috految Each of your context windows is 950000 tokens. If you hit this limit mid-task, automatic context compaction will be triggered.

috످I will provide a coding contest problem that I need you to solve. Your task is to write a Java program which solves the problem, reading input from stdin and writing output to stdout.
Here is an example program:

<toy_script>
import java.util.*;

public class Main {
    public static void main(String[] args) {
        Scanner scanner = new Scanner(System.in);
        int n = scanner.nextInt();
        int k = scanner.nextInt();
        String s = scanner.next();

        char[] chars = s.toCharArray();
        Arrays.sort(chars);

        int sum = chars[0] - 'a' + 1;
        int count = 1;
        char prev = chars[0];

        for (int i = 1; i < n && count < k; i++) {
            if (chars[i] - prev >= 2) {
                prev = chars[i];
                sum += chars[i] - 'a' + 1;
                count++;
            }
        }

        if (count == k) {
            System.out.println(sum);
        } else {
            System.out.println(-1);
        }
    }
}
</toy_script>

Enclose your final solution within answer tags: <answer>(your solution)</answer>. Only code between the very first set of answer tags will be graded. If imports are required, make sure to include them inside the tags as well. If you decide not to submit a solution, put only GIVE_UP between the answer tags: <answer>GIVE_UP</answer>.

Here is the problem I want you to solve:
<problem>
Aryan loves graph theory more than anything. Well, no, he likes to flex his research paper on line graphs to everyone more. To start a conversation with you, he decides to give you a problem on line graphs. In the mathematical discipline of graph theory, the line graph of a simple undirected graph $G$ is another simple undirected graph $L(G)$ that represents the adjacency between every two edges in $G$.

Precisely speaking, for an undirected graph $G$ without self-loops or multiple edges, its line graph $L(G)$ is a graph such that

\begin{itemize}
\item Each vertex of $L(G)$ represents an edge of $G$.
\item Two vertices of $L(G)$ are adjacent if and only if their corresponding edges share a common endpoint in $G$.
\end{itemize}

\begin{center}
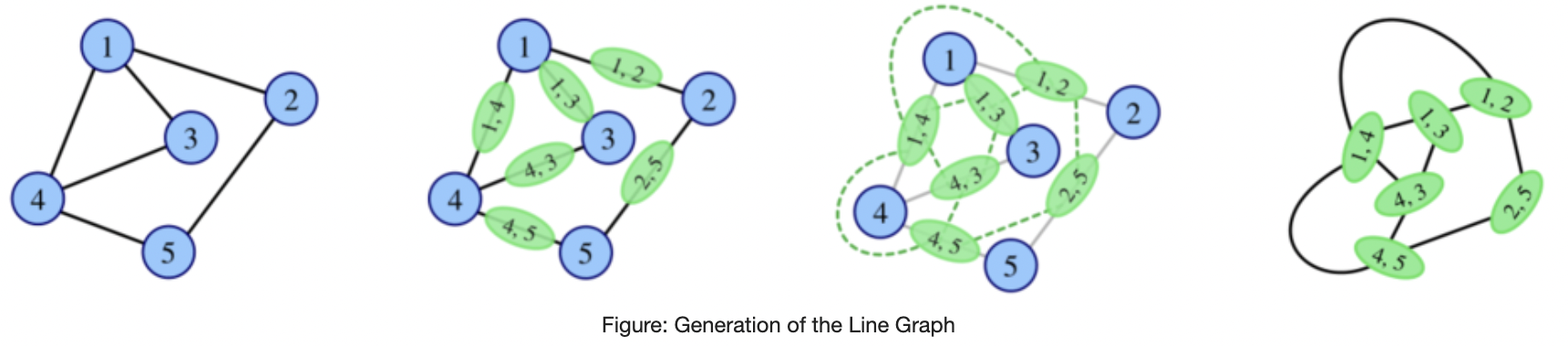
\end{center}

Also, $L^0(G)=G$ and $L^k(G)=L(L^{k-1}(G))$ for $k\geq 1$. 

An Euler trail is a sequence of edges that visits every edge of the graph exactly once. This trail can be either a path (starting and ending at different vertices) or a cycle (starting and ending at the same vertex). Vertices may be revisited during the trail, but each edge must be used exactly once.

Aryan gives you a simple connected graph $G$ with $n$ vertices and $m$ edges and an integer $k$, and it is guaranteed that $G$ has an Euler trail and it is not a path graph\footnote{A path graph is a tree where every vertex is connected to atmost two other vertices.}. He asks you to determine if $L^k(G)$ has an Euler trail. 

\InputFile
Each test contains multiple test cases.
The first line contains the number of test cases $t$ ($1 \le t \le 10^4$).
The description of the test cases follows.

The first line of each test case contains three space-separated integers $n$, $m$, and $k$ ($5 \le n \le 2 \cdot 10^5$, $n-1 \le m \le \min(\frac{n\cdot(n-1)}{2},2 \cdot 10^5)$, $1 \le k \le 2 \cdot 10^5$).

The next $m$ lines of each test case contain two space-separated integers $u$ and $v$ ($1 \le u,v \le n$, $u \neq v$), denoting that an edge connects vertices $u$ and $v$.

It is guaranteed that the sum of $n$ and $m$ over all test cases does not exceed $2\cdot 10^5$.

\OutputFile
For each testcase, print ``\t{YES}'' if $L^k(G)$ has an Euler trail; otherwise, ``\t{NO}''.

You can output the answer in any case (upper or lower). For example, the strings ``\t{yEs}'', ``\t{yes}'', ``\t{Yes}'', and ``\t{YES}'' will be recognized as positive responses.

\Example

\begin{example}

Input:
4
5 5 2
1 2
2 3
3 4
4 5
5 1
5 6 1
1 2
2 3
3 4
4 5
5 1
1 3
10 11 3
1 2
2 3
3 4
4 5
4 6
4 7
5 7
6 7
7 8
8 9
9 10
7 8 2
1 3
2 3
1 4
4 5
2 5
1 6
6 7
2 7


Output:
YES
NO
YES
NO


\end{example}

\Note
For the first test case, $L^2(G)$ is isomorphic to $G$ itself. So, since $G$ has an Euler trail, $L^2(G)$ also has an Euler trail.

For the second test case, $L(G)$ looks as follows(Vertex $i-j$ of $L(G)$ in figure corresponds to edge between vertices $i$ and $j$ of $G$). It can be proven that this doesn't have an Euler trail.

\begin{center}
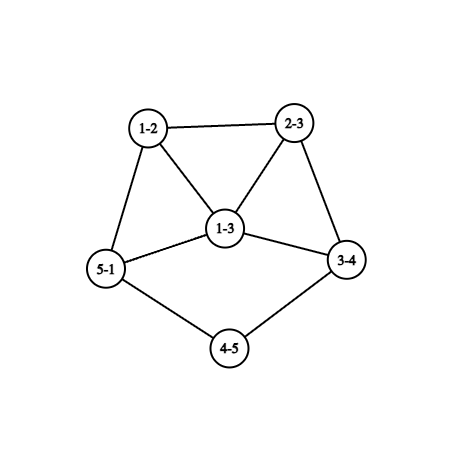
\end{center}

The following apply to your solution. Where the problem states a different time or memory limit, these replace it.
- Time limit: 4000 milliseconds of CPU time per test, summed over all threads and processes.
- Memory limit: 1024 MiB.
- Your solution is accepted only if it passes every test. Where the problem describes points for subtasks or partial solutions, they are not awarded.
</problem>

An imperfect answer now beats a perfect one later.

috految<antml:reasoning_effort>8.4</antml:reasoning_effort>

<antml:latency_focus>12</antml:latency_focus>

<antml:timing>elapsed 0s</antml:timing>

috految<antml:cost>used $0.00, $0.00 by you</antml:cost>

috److This is Codeforces 2120G, Eulerian Line Graph. The approach is to count odd-degree vertices in each iterated line graph.

**Counting odd vertices**

Call an edge odd if its endpoints have different degree parity. Let `c[v]` be the number of odd edges at vertex `v`, and `d[v]` its degree.

- In L(G), the number of odd vertices equals the number of odd edges.
- In L²(G), it equals the sum of `c[v] * (d[v] - c[v])`.
- If the count for L²(G) is 0, all later graphs are Eulerian.

**When the trail persists**

If G has two odd vertices, L(G) has two odd vertices only in these cases:

1. Both odd vertices are leaves.
2. They are adjacent with degrees 1 and 3.

**Case 1: two leaves**

- Each tail shrinks by one per step, and attaches at an even-degree vertex of degree at least 4.
- With minimum tail length `l`, L^l(G) still has two odd vertices, one of which has degree at least 3.
- Continuing would require the odd vertices to be adjacent with degrees 1 and 3. Two adjacent pendant edges have the same degree, so this is impossible.
- Recovery two steps later requires the sum of `c * (d - c)` to be at most 2. The odd vertex lies in a clique of size at least 4 with mixed parities, so the sum is too large.

**Case 2: adjacent degrees 1 and 3**

- L(G) has two adjacent odd vertices of degree at least 3.
- Each contributes at least 2 to the sum, so L³(G) fails.

**Recovery at L²(G)**

- For the trail to continue to L³(G), L²(G) needs a leaf, so G needs a tail of length at least 3.
- The tail contributes 1 to the sum, and the other odd vertex has degree at least 3 with neighbours that each contribute, so the sum exceeds 2.

I did not prove that recovery never happens at later steps. As I recall, the editorial states that it does not.

<answer>
import java.util.*;
import java.io.*;

public class Main {
    static StreamTokenizer st = new StreamTokenizer(new BufferedInputStream(System.in));

    static int next() throws IOException {
        st.nextToken();
        return (int) st.nval;
    }

    public static void main(String[] args) throws IOException {
        int t = next();
        while (t-- > 0) {
            int n = next(), m = next(), k = next();
            int[] u = new int[m], v = new int[m];
            int[] d = new int[n + 1], x = new int[n + 1];
            long[] c = new long[n + 1];
            for (int i = 0; i < m; i++) {
                u[i] = next();
                v[i] = next();
                d[u[i]]++;
                d[v[i]]++;
                x[u[i]] ^= v[i];
                x[v[i]] ^= u[i];
            }
            long a = 0, b = 0;
            for (int i = 0; i < m; i++) {
                if ((d[u[i]] + d[v[i]]) % 2 == 1) {
                    a++;
                    c[u[i]]++;
                    c[v[i]]++;
                }
            }
            int tails = 0;
            for (int i = 1; i <= n; i++) {
                b += c[i] * (d[i] - c[i]);
                if (d[i] == 1) {
                    int p = i, q = x[i], len = 1;
                    while (d[q] == 2) {
                        int r = x[q] ^ p;
                        p = q;
                        q = r;
                        len++;
                    }
                    if (len >= k) tails++;
                }
            }
            boolean ok;
            if (k == 1) ok = a <= 2;
            else if (k == 2) ok = b <= 2;
            else ok = b == 0 || tails == 2;
            System.out.println(ok ? "YES" : "NO");
        }
    }
}
</answer>

috످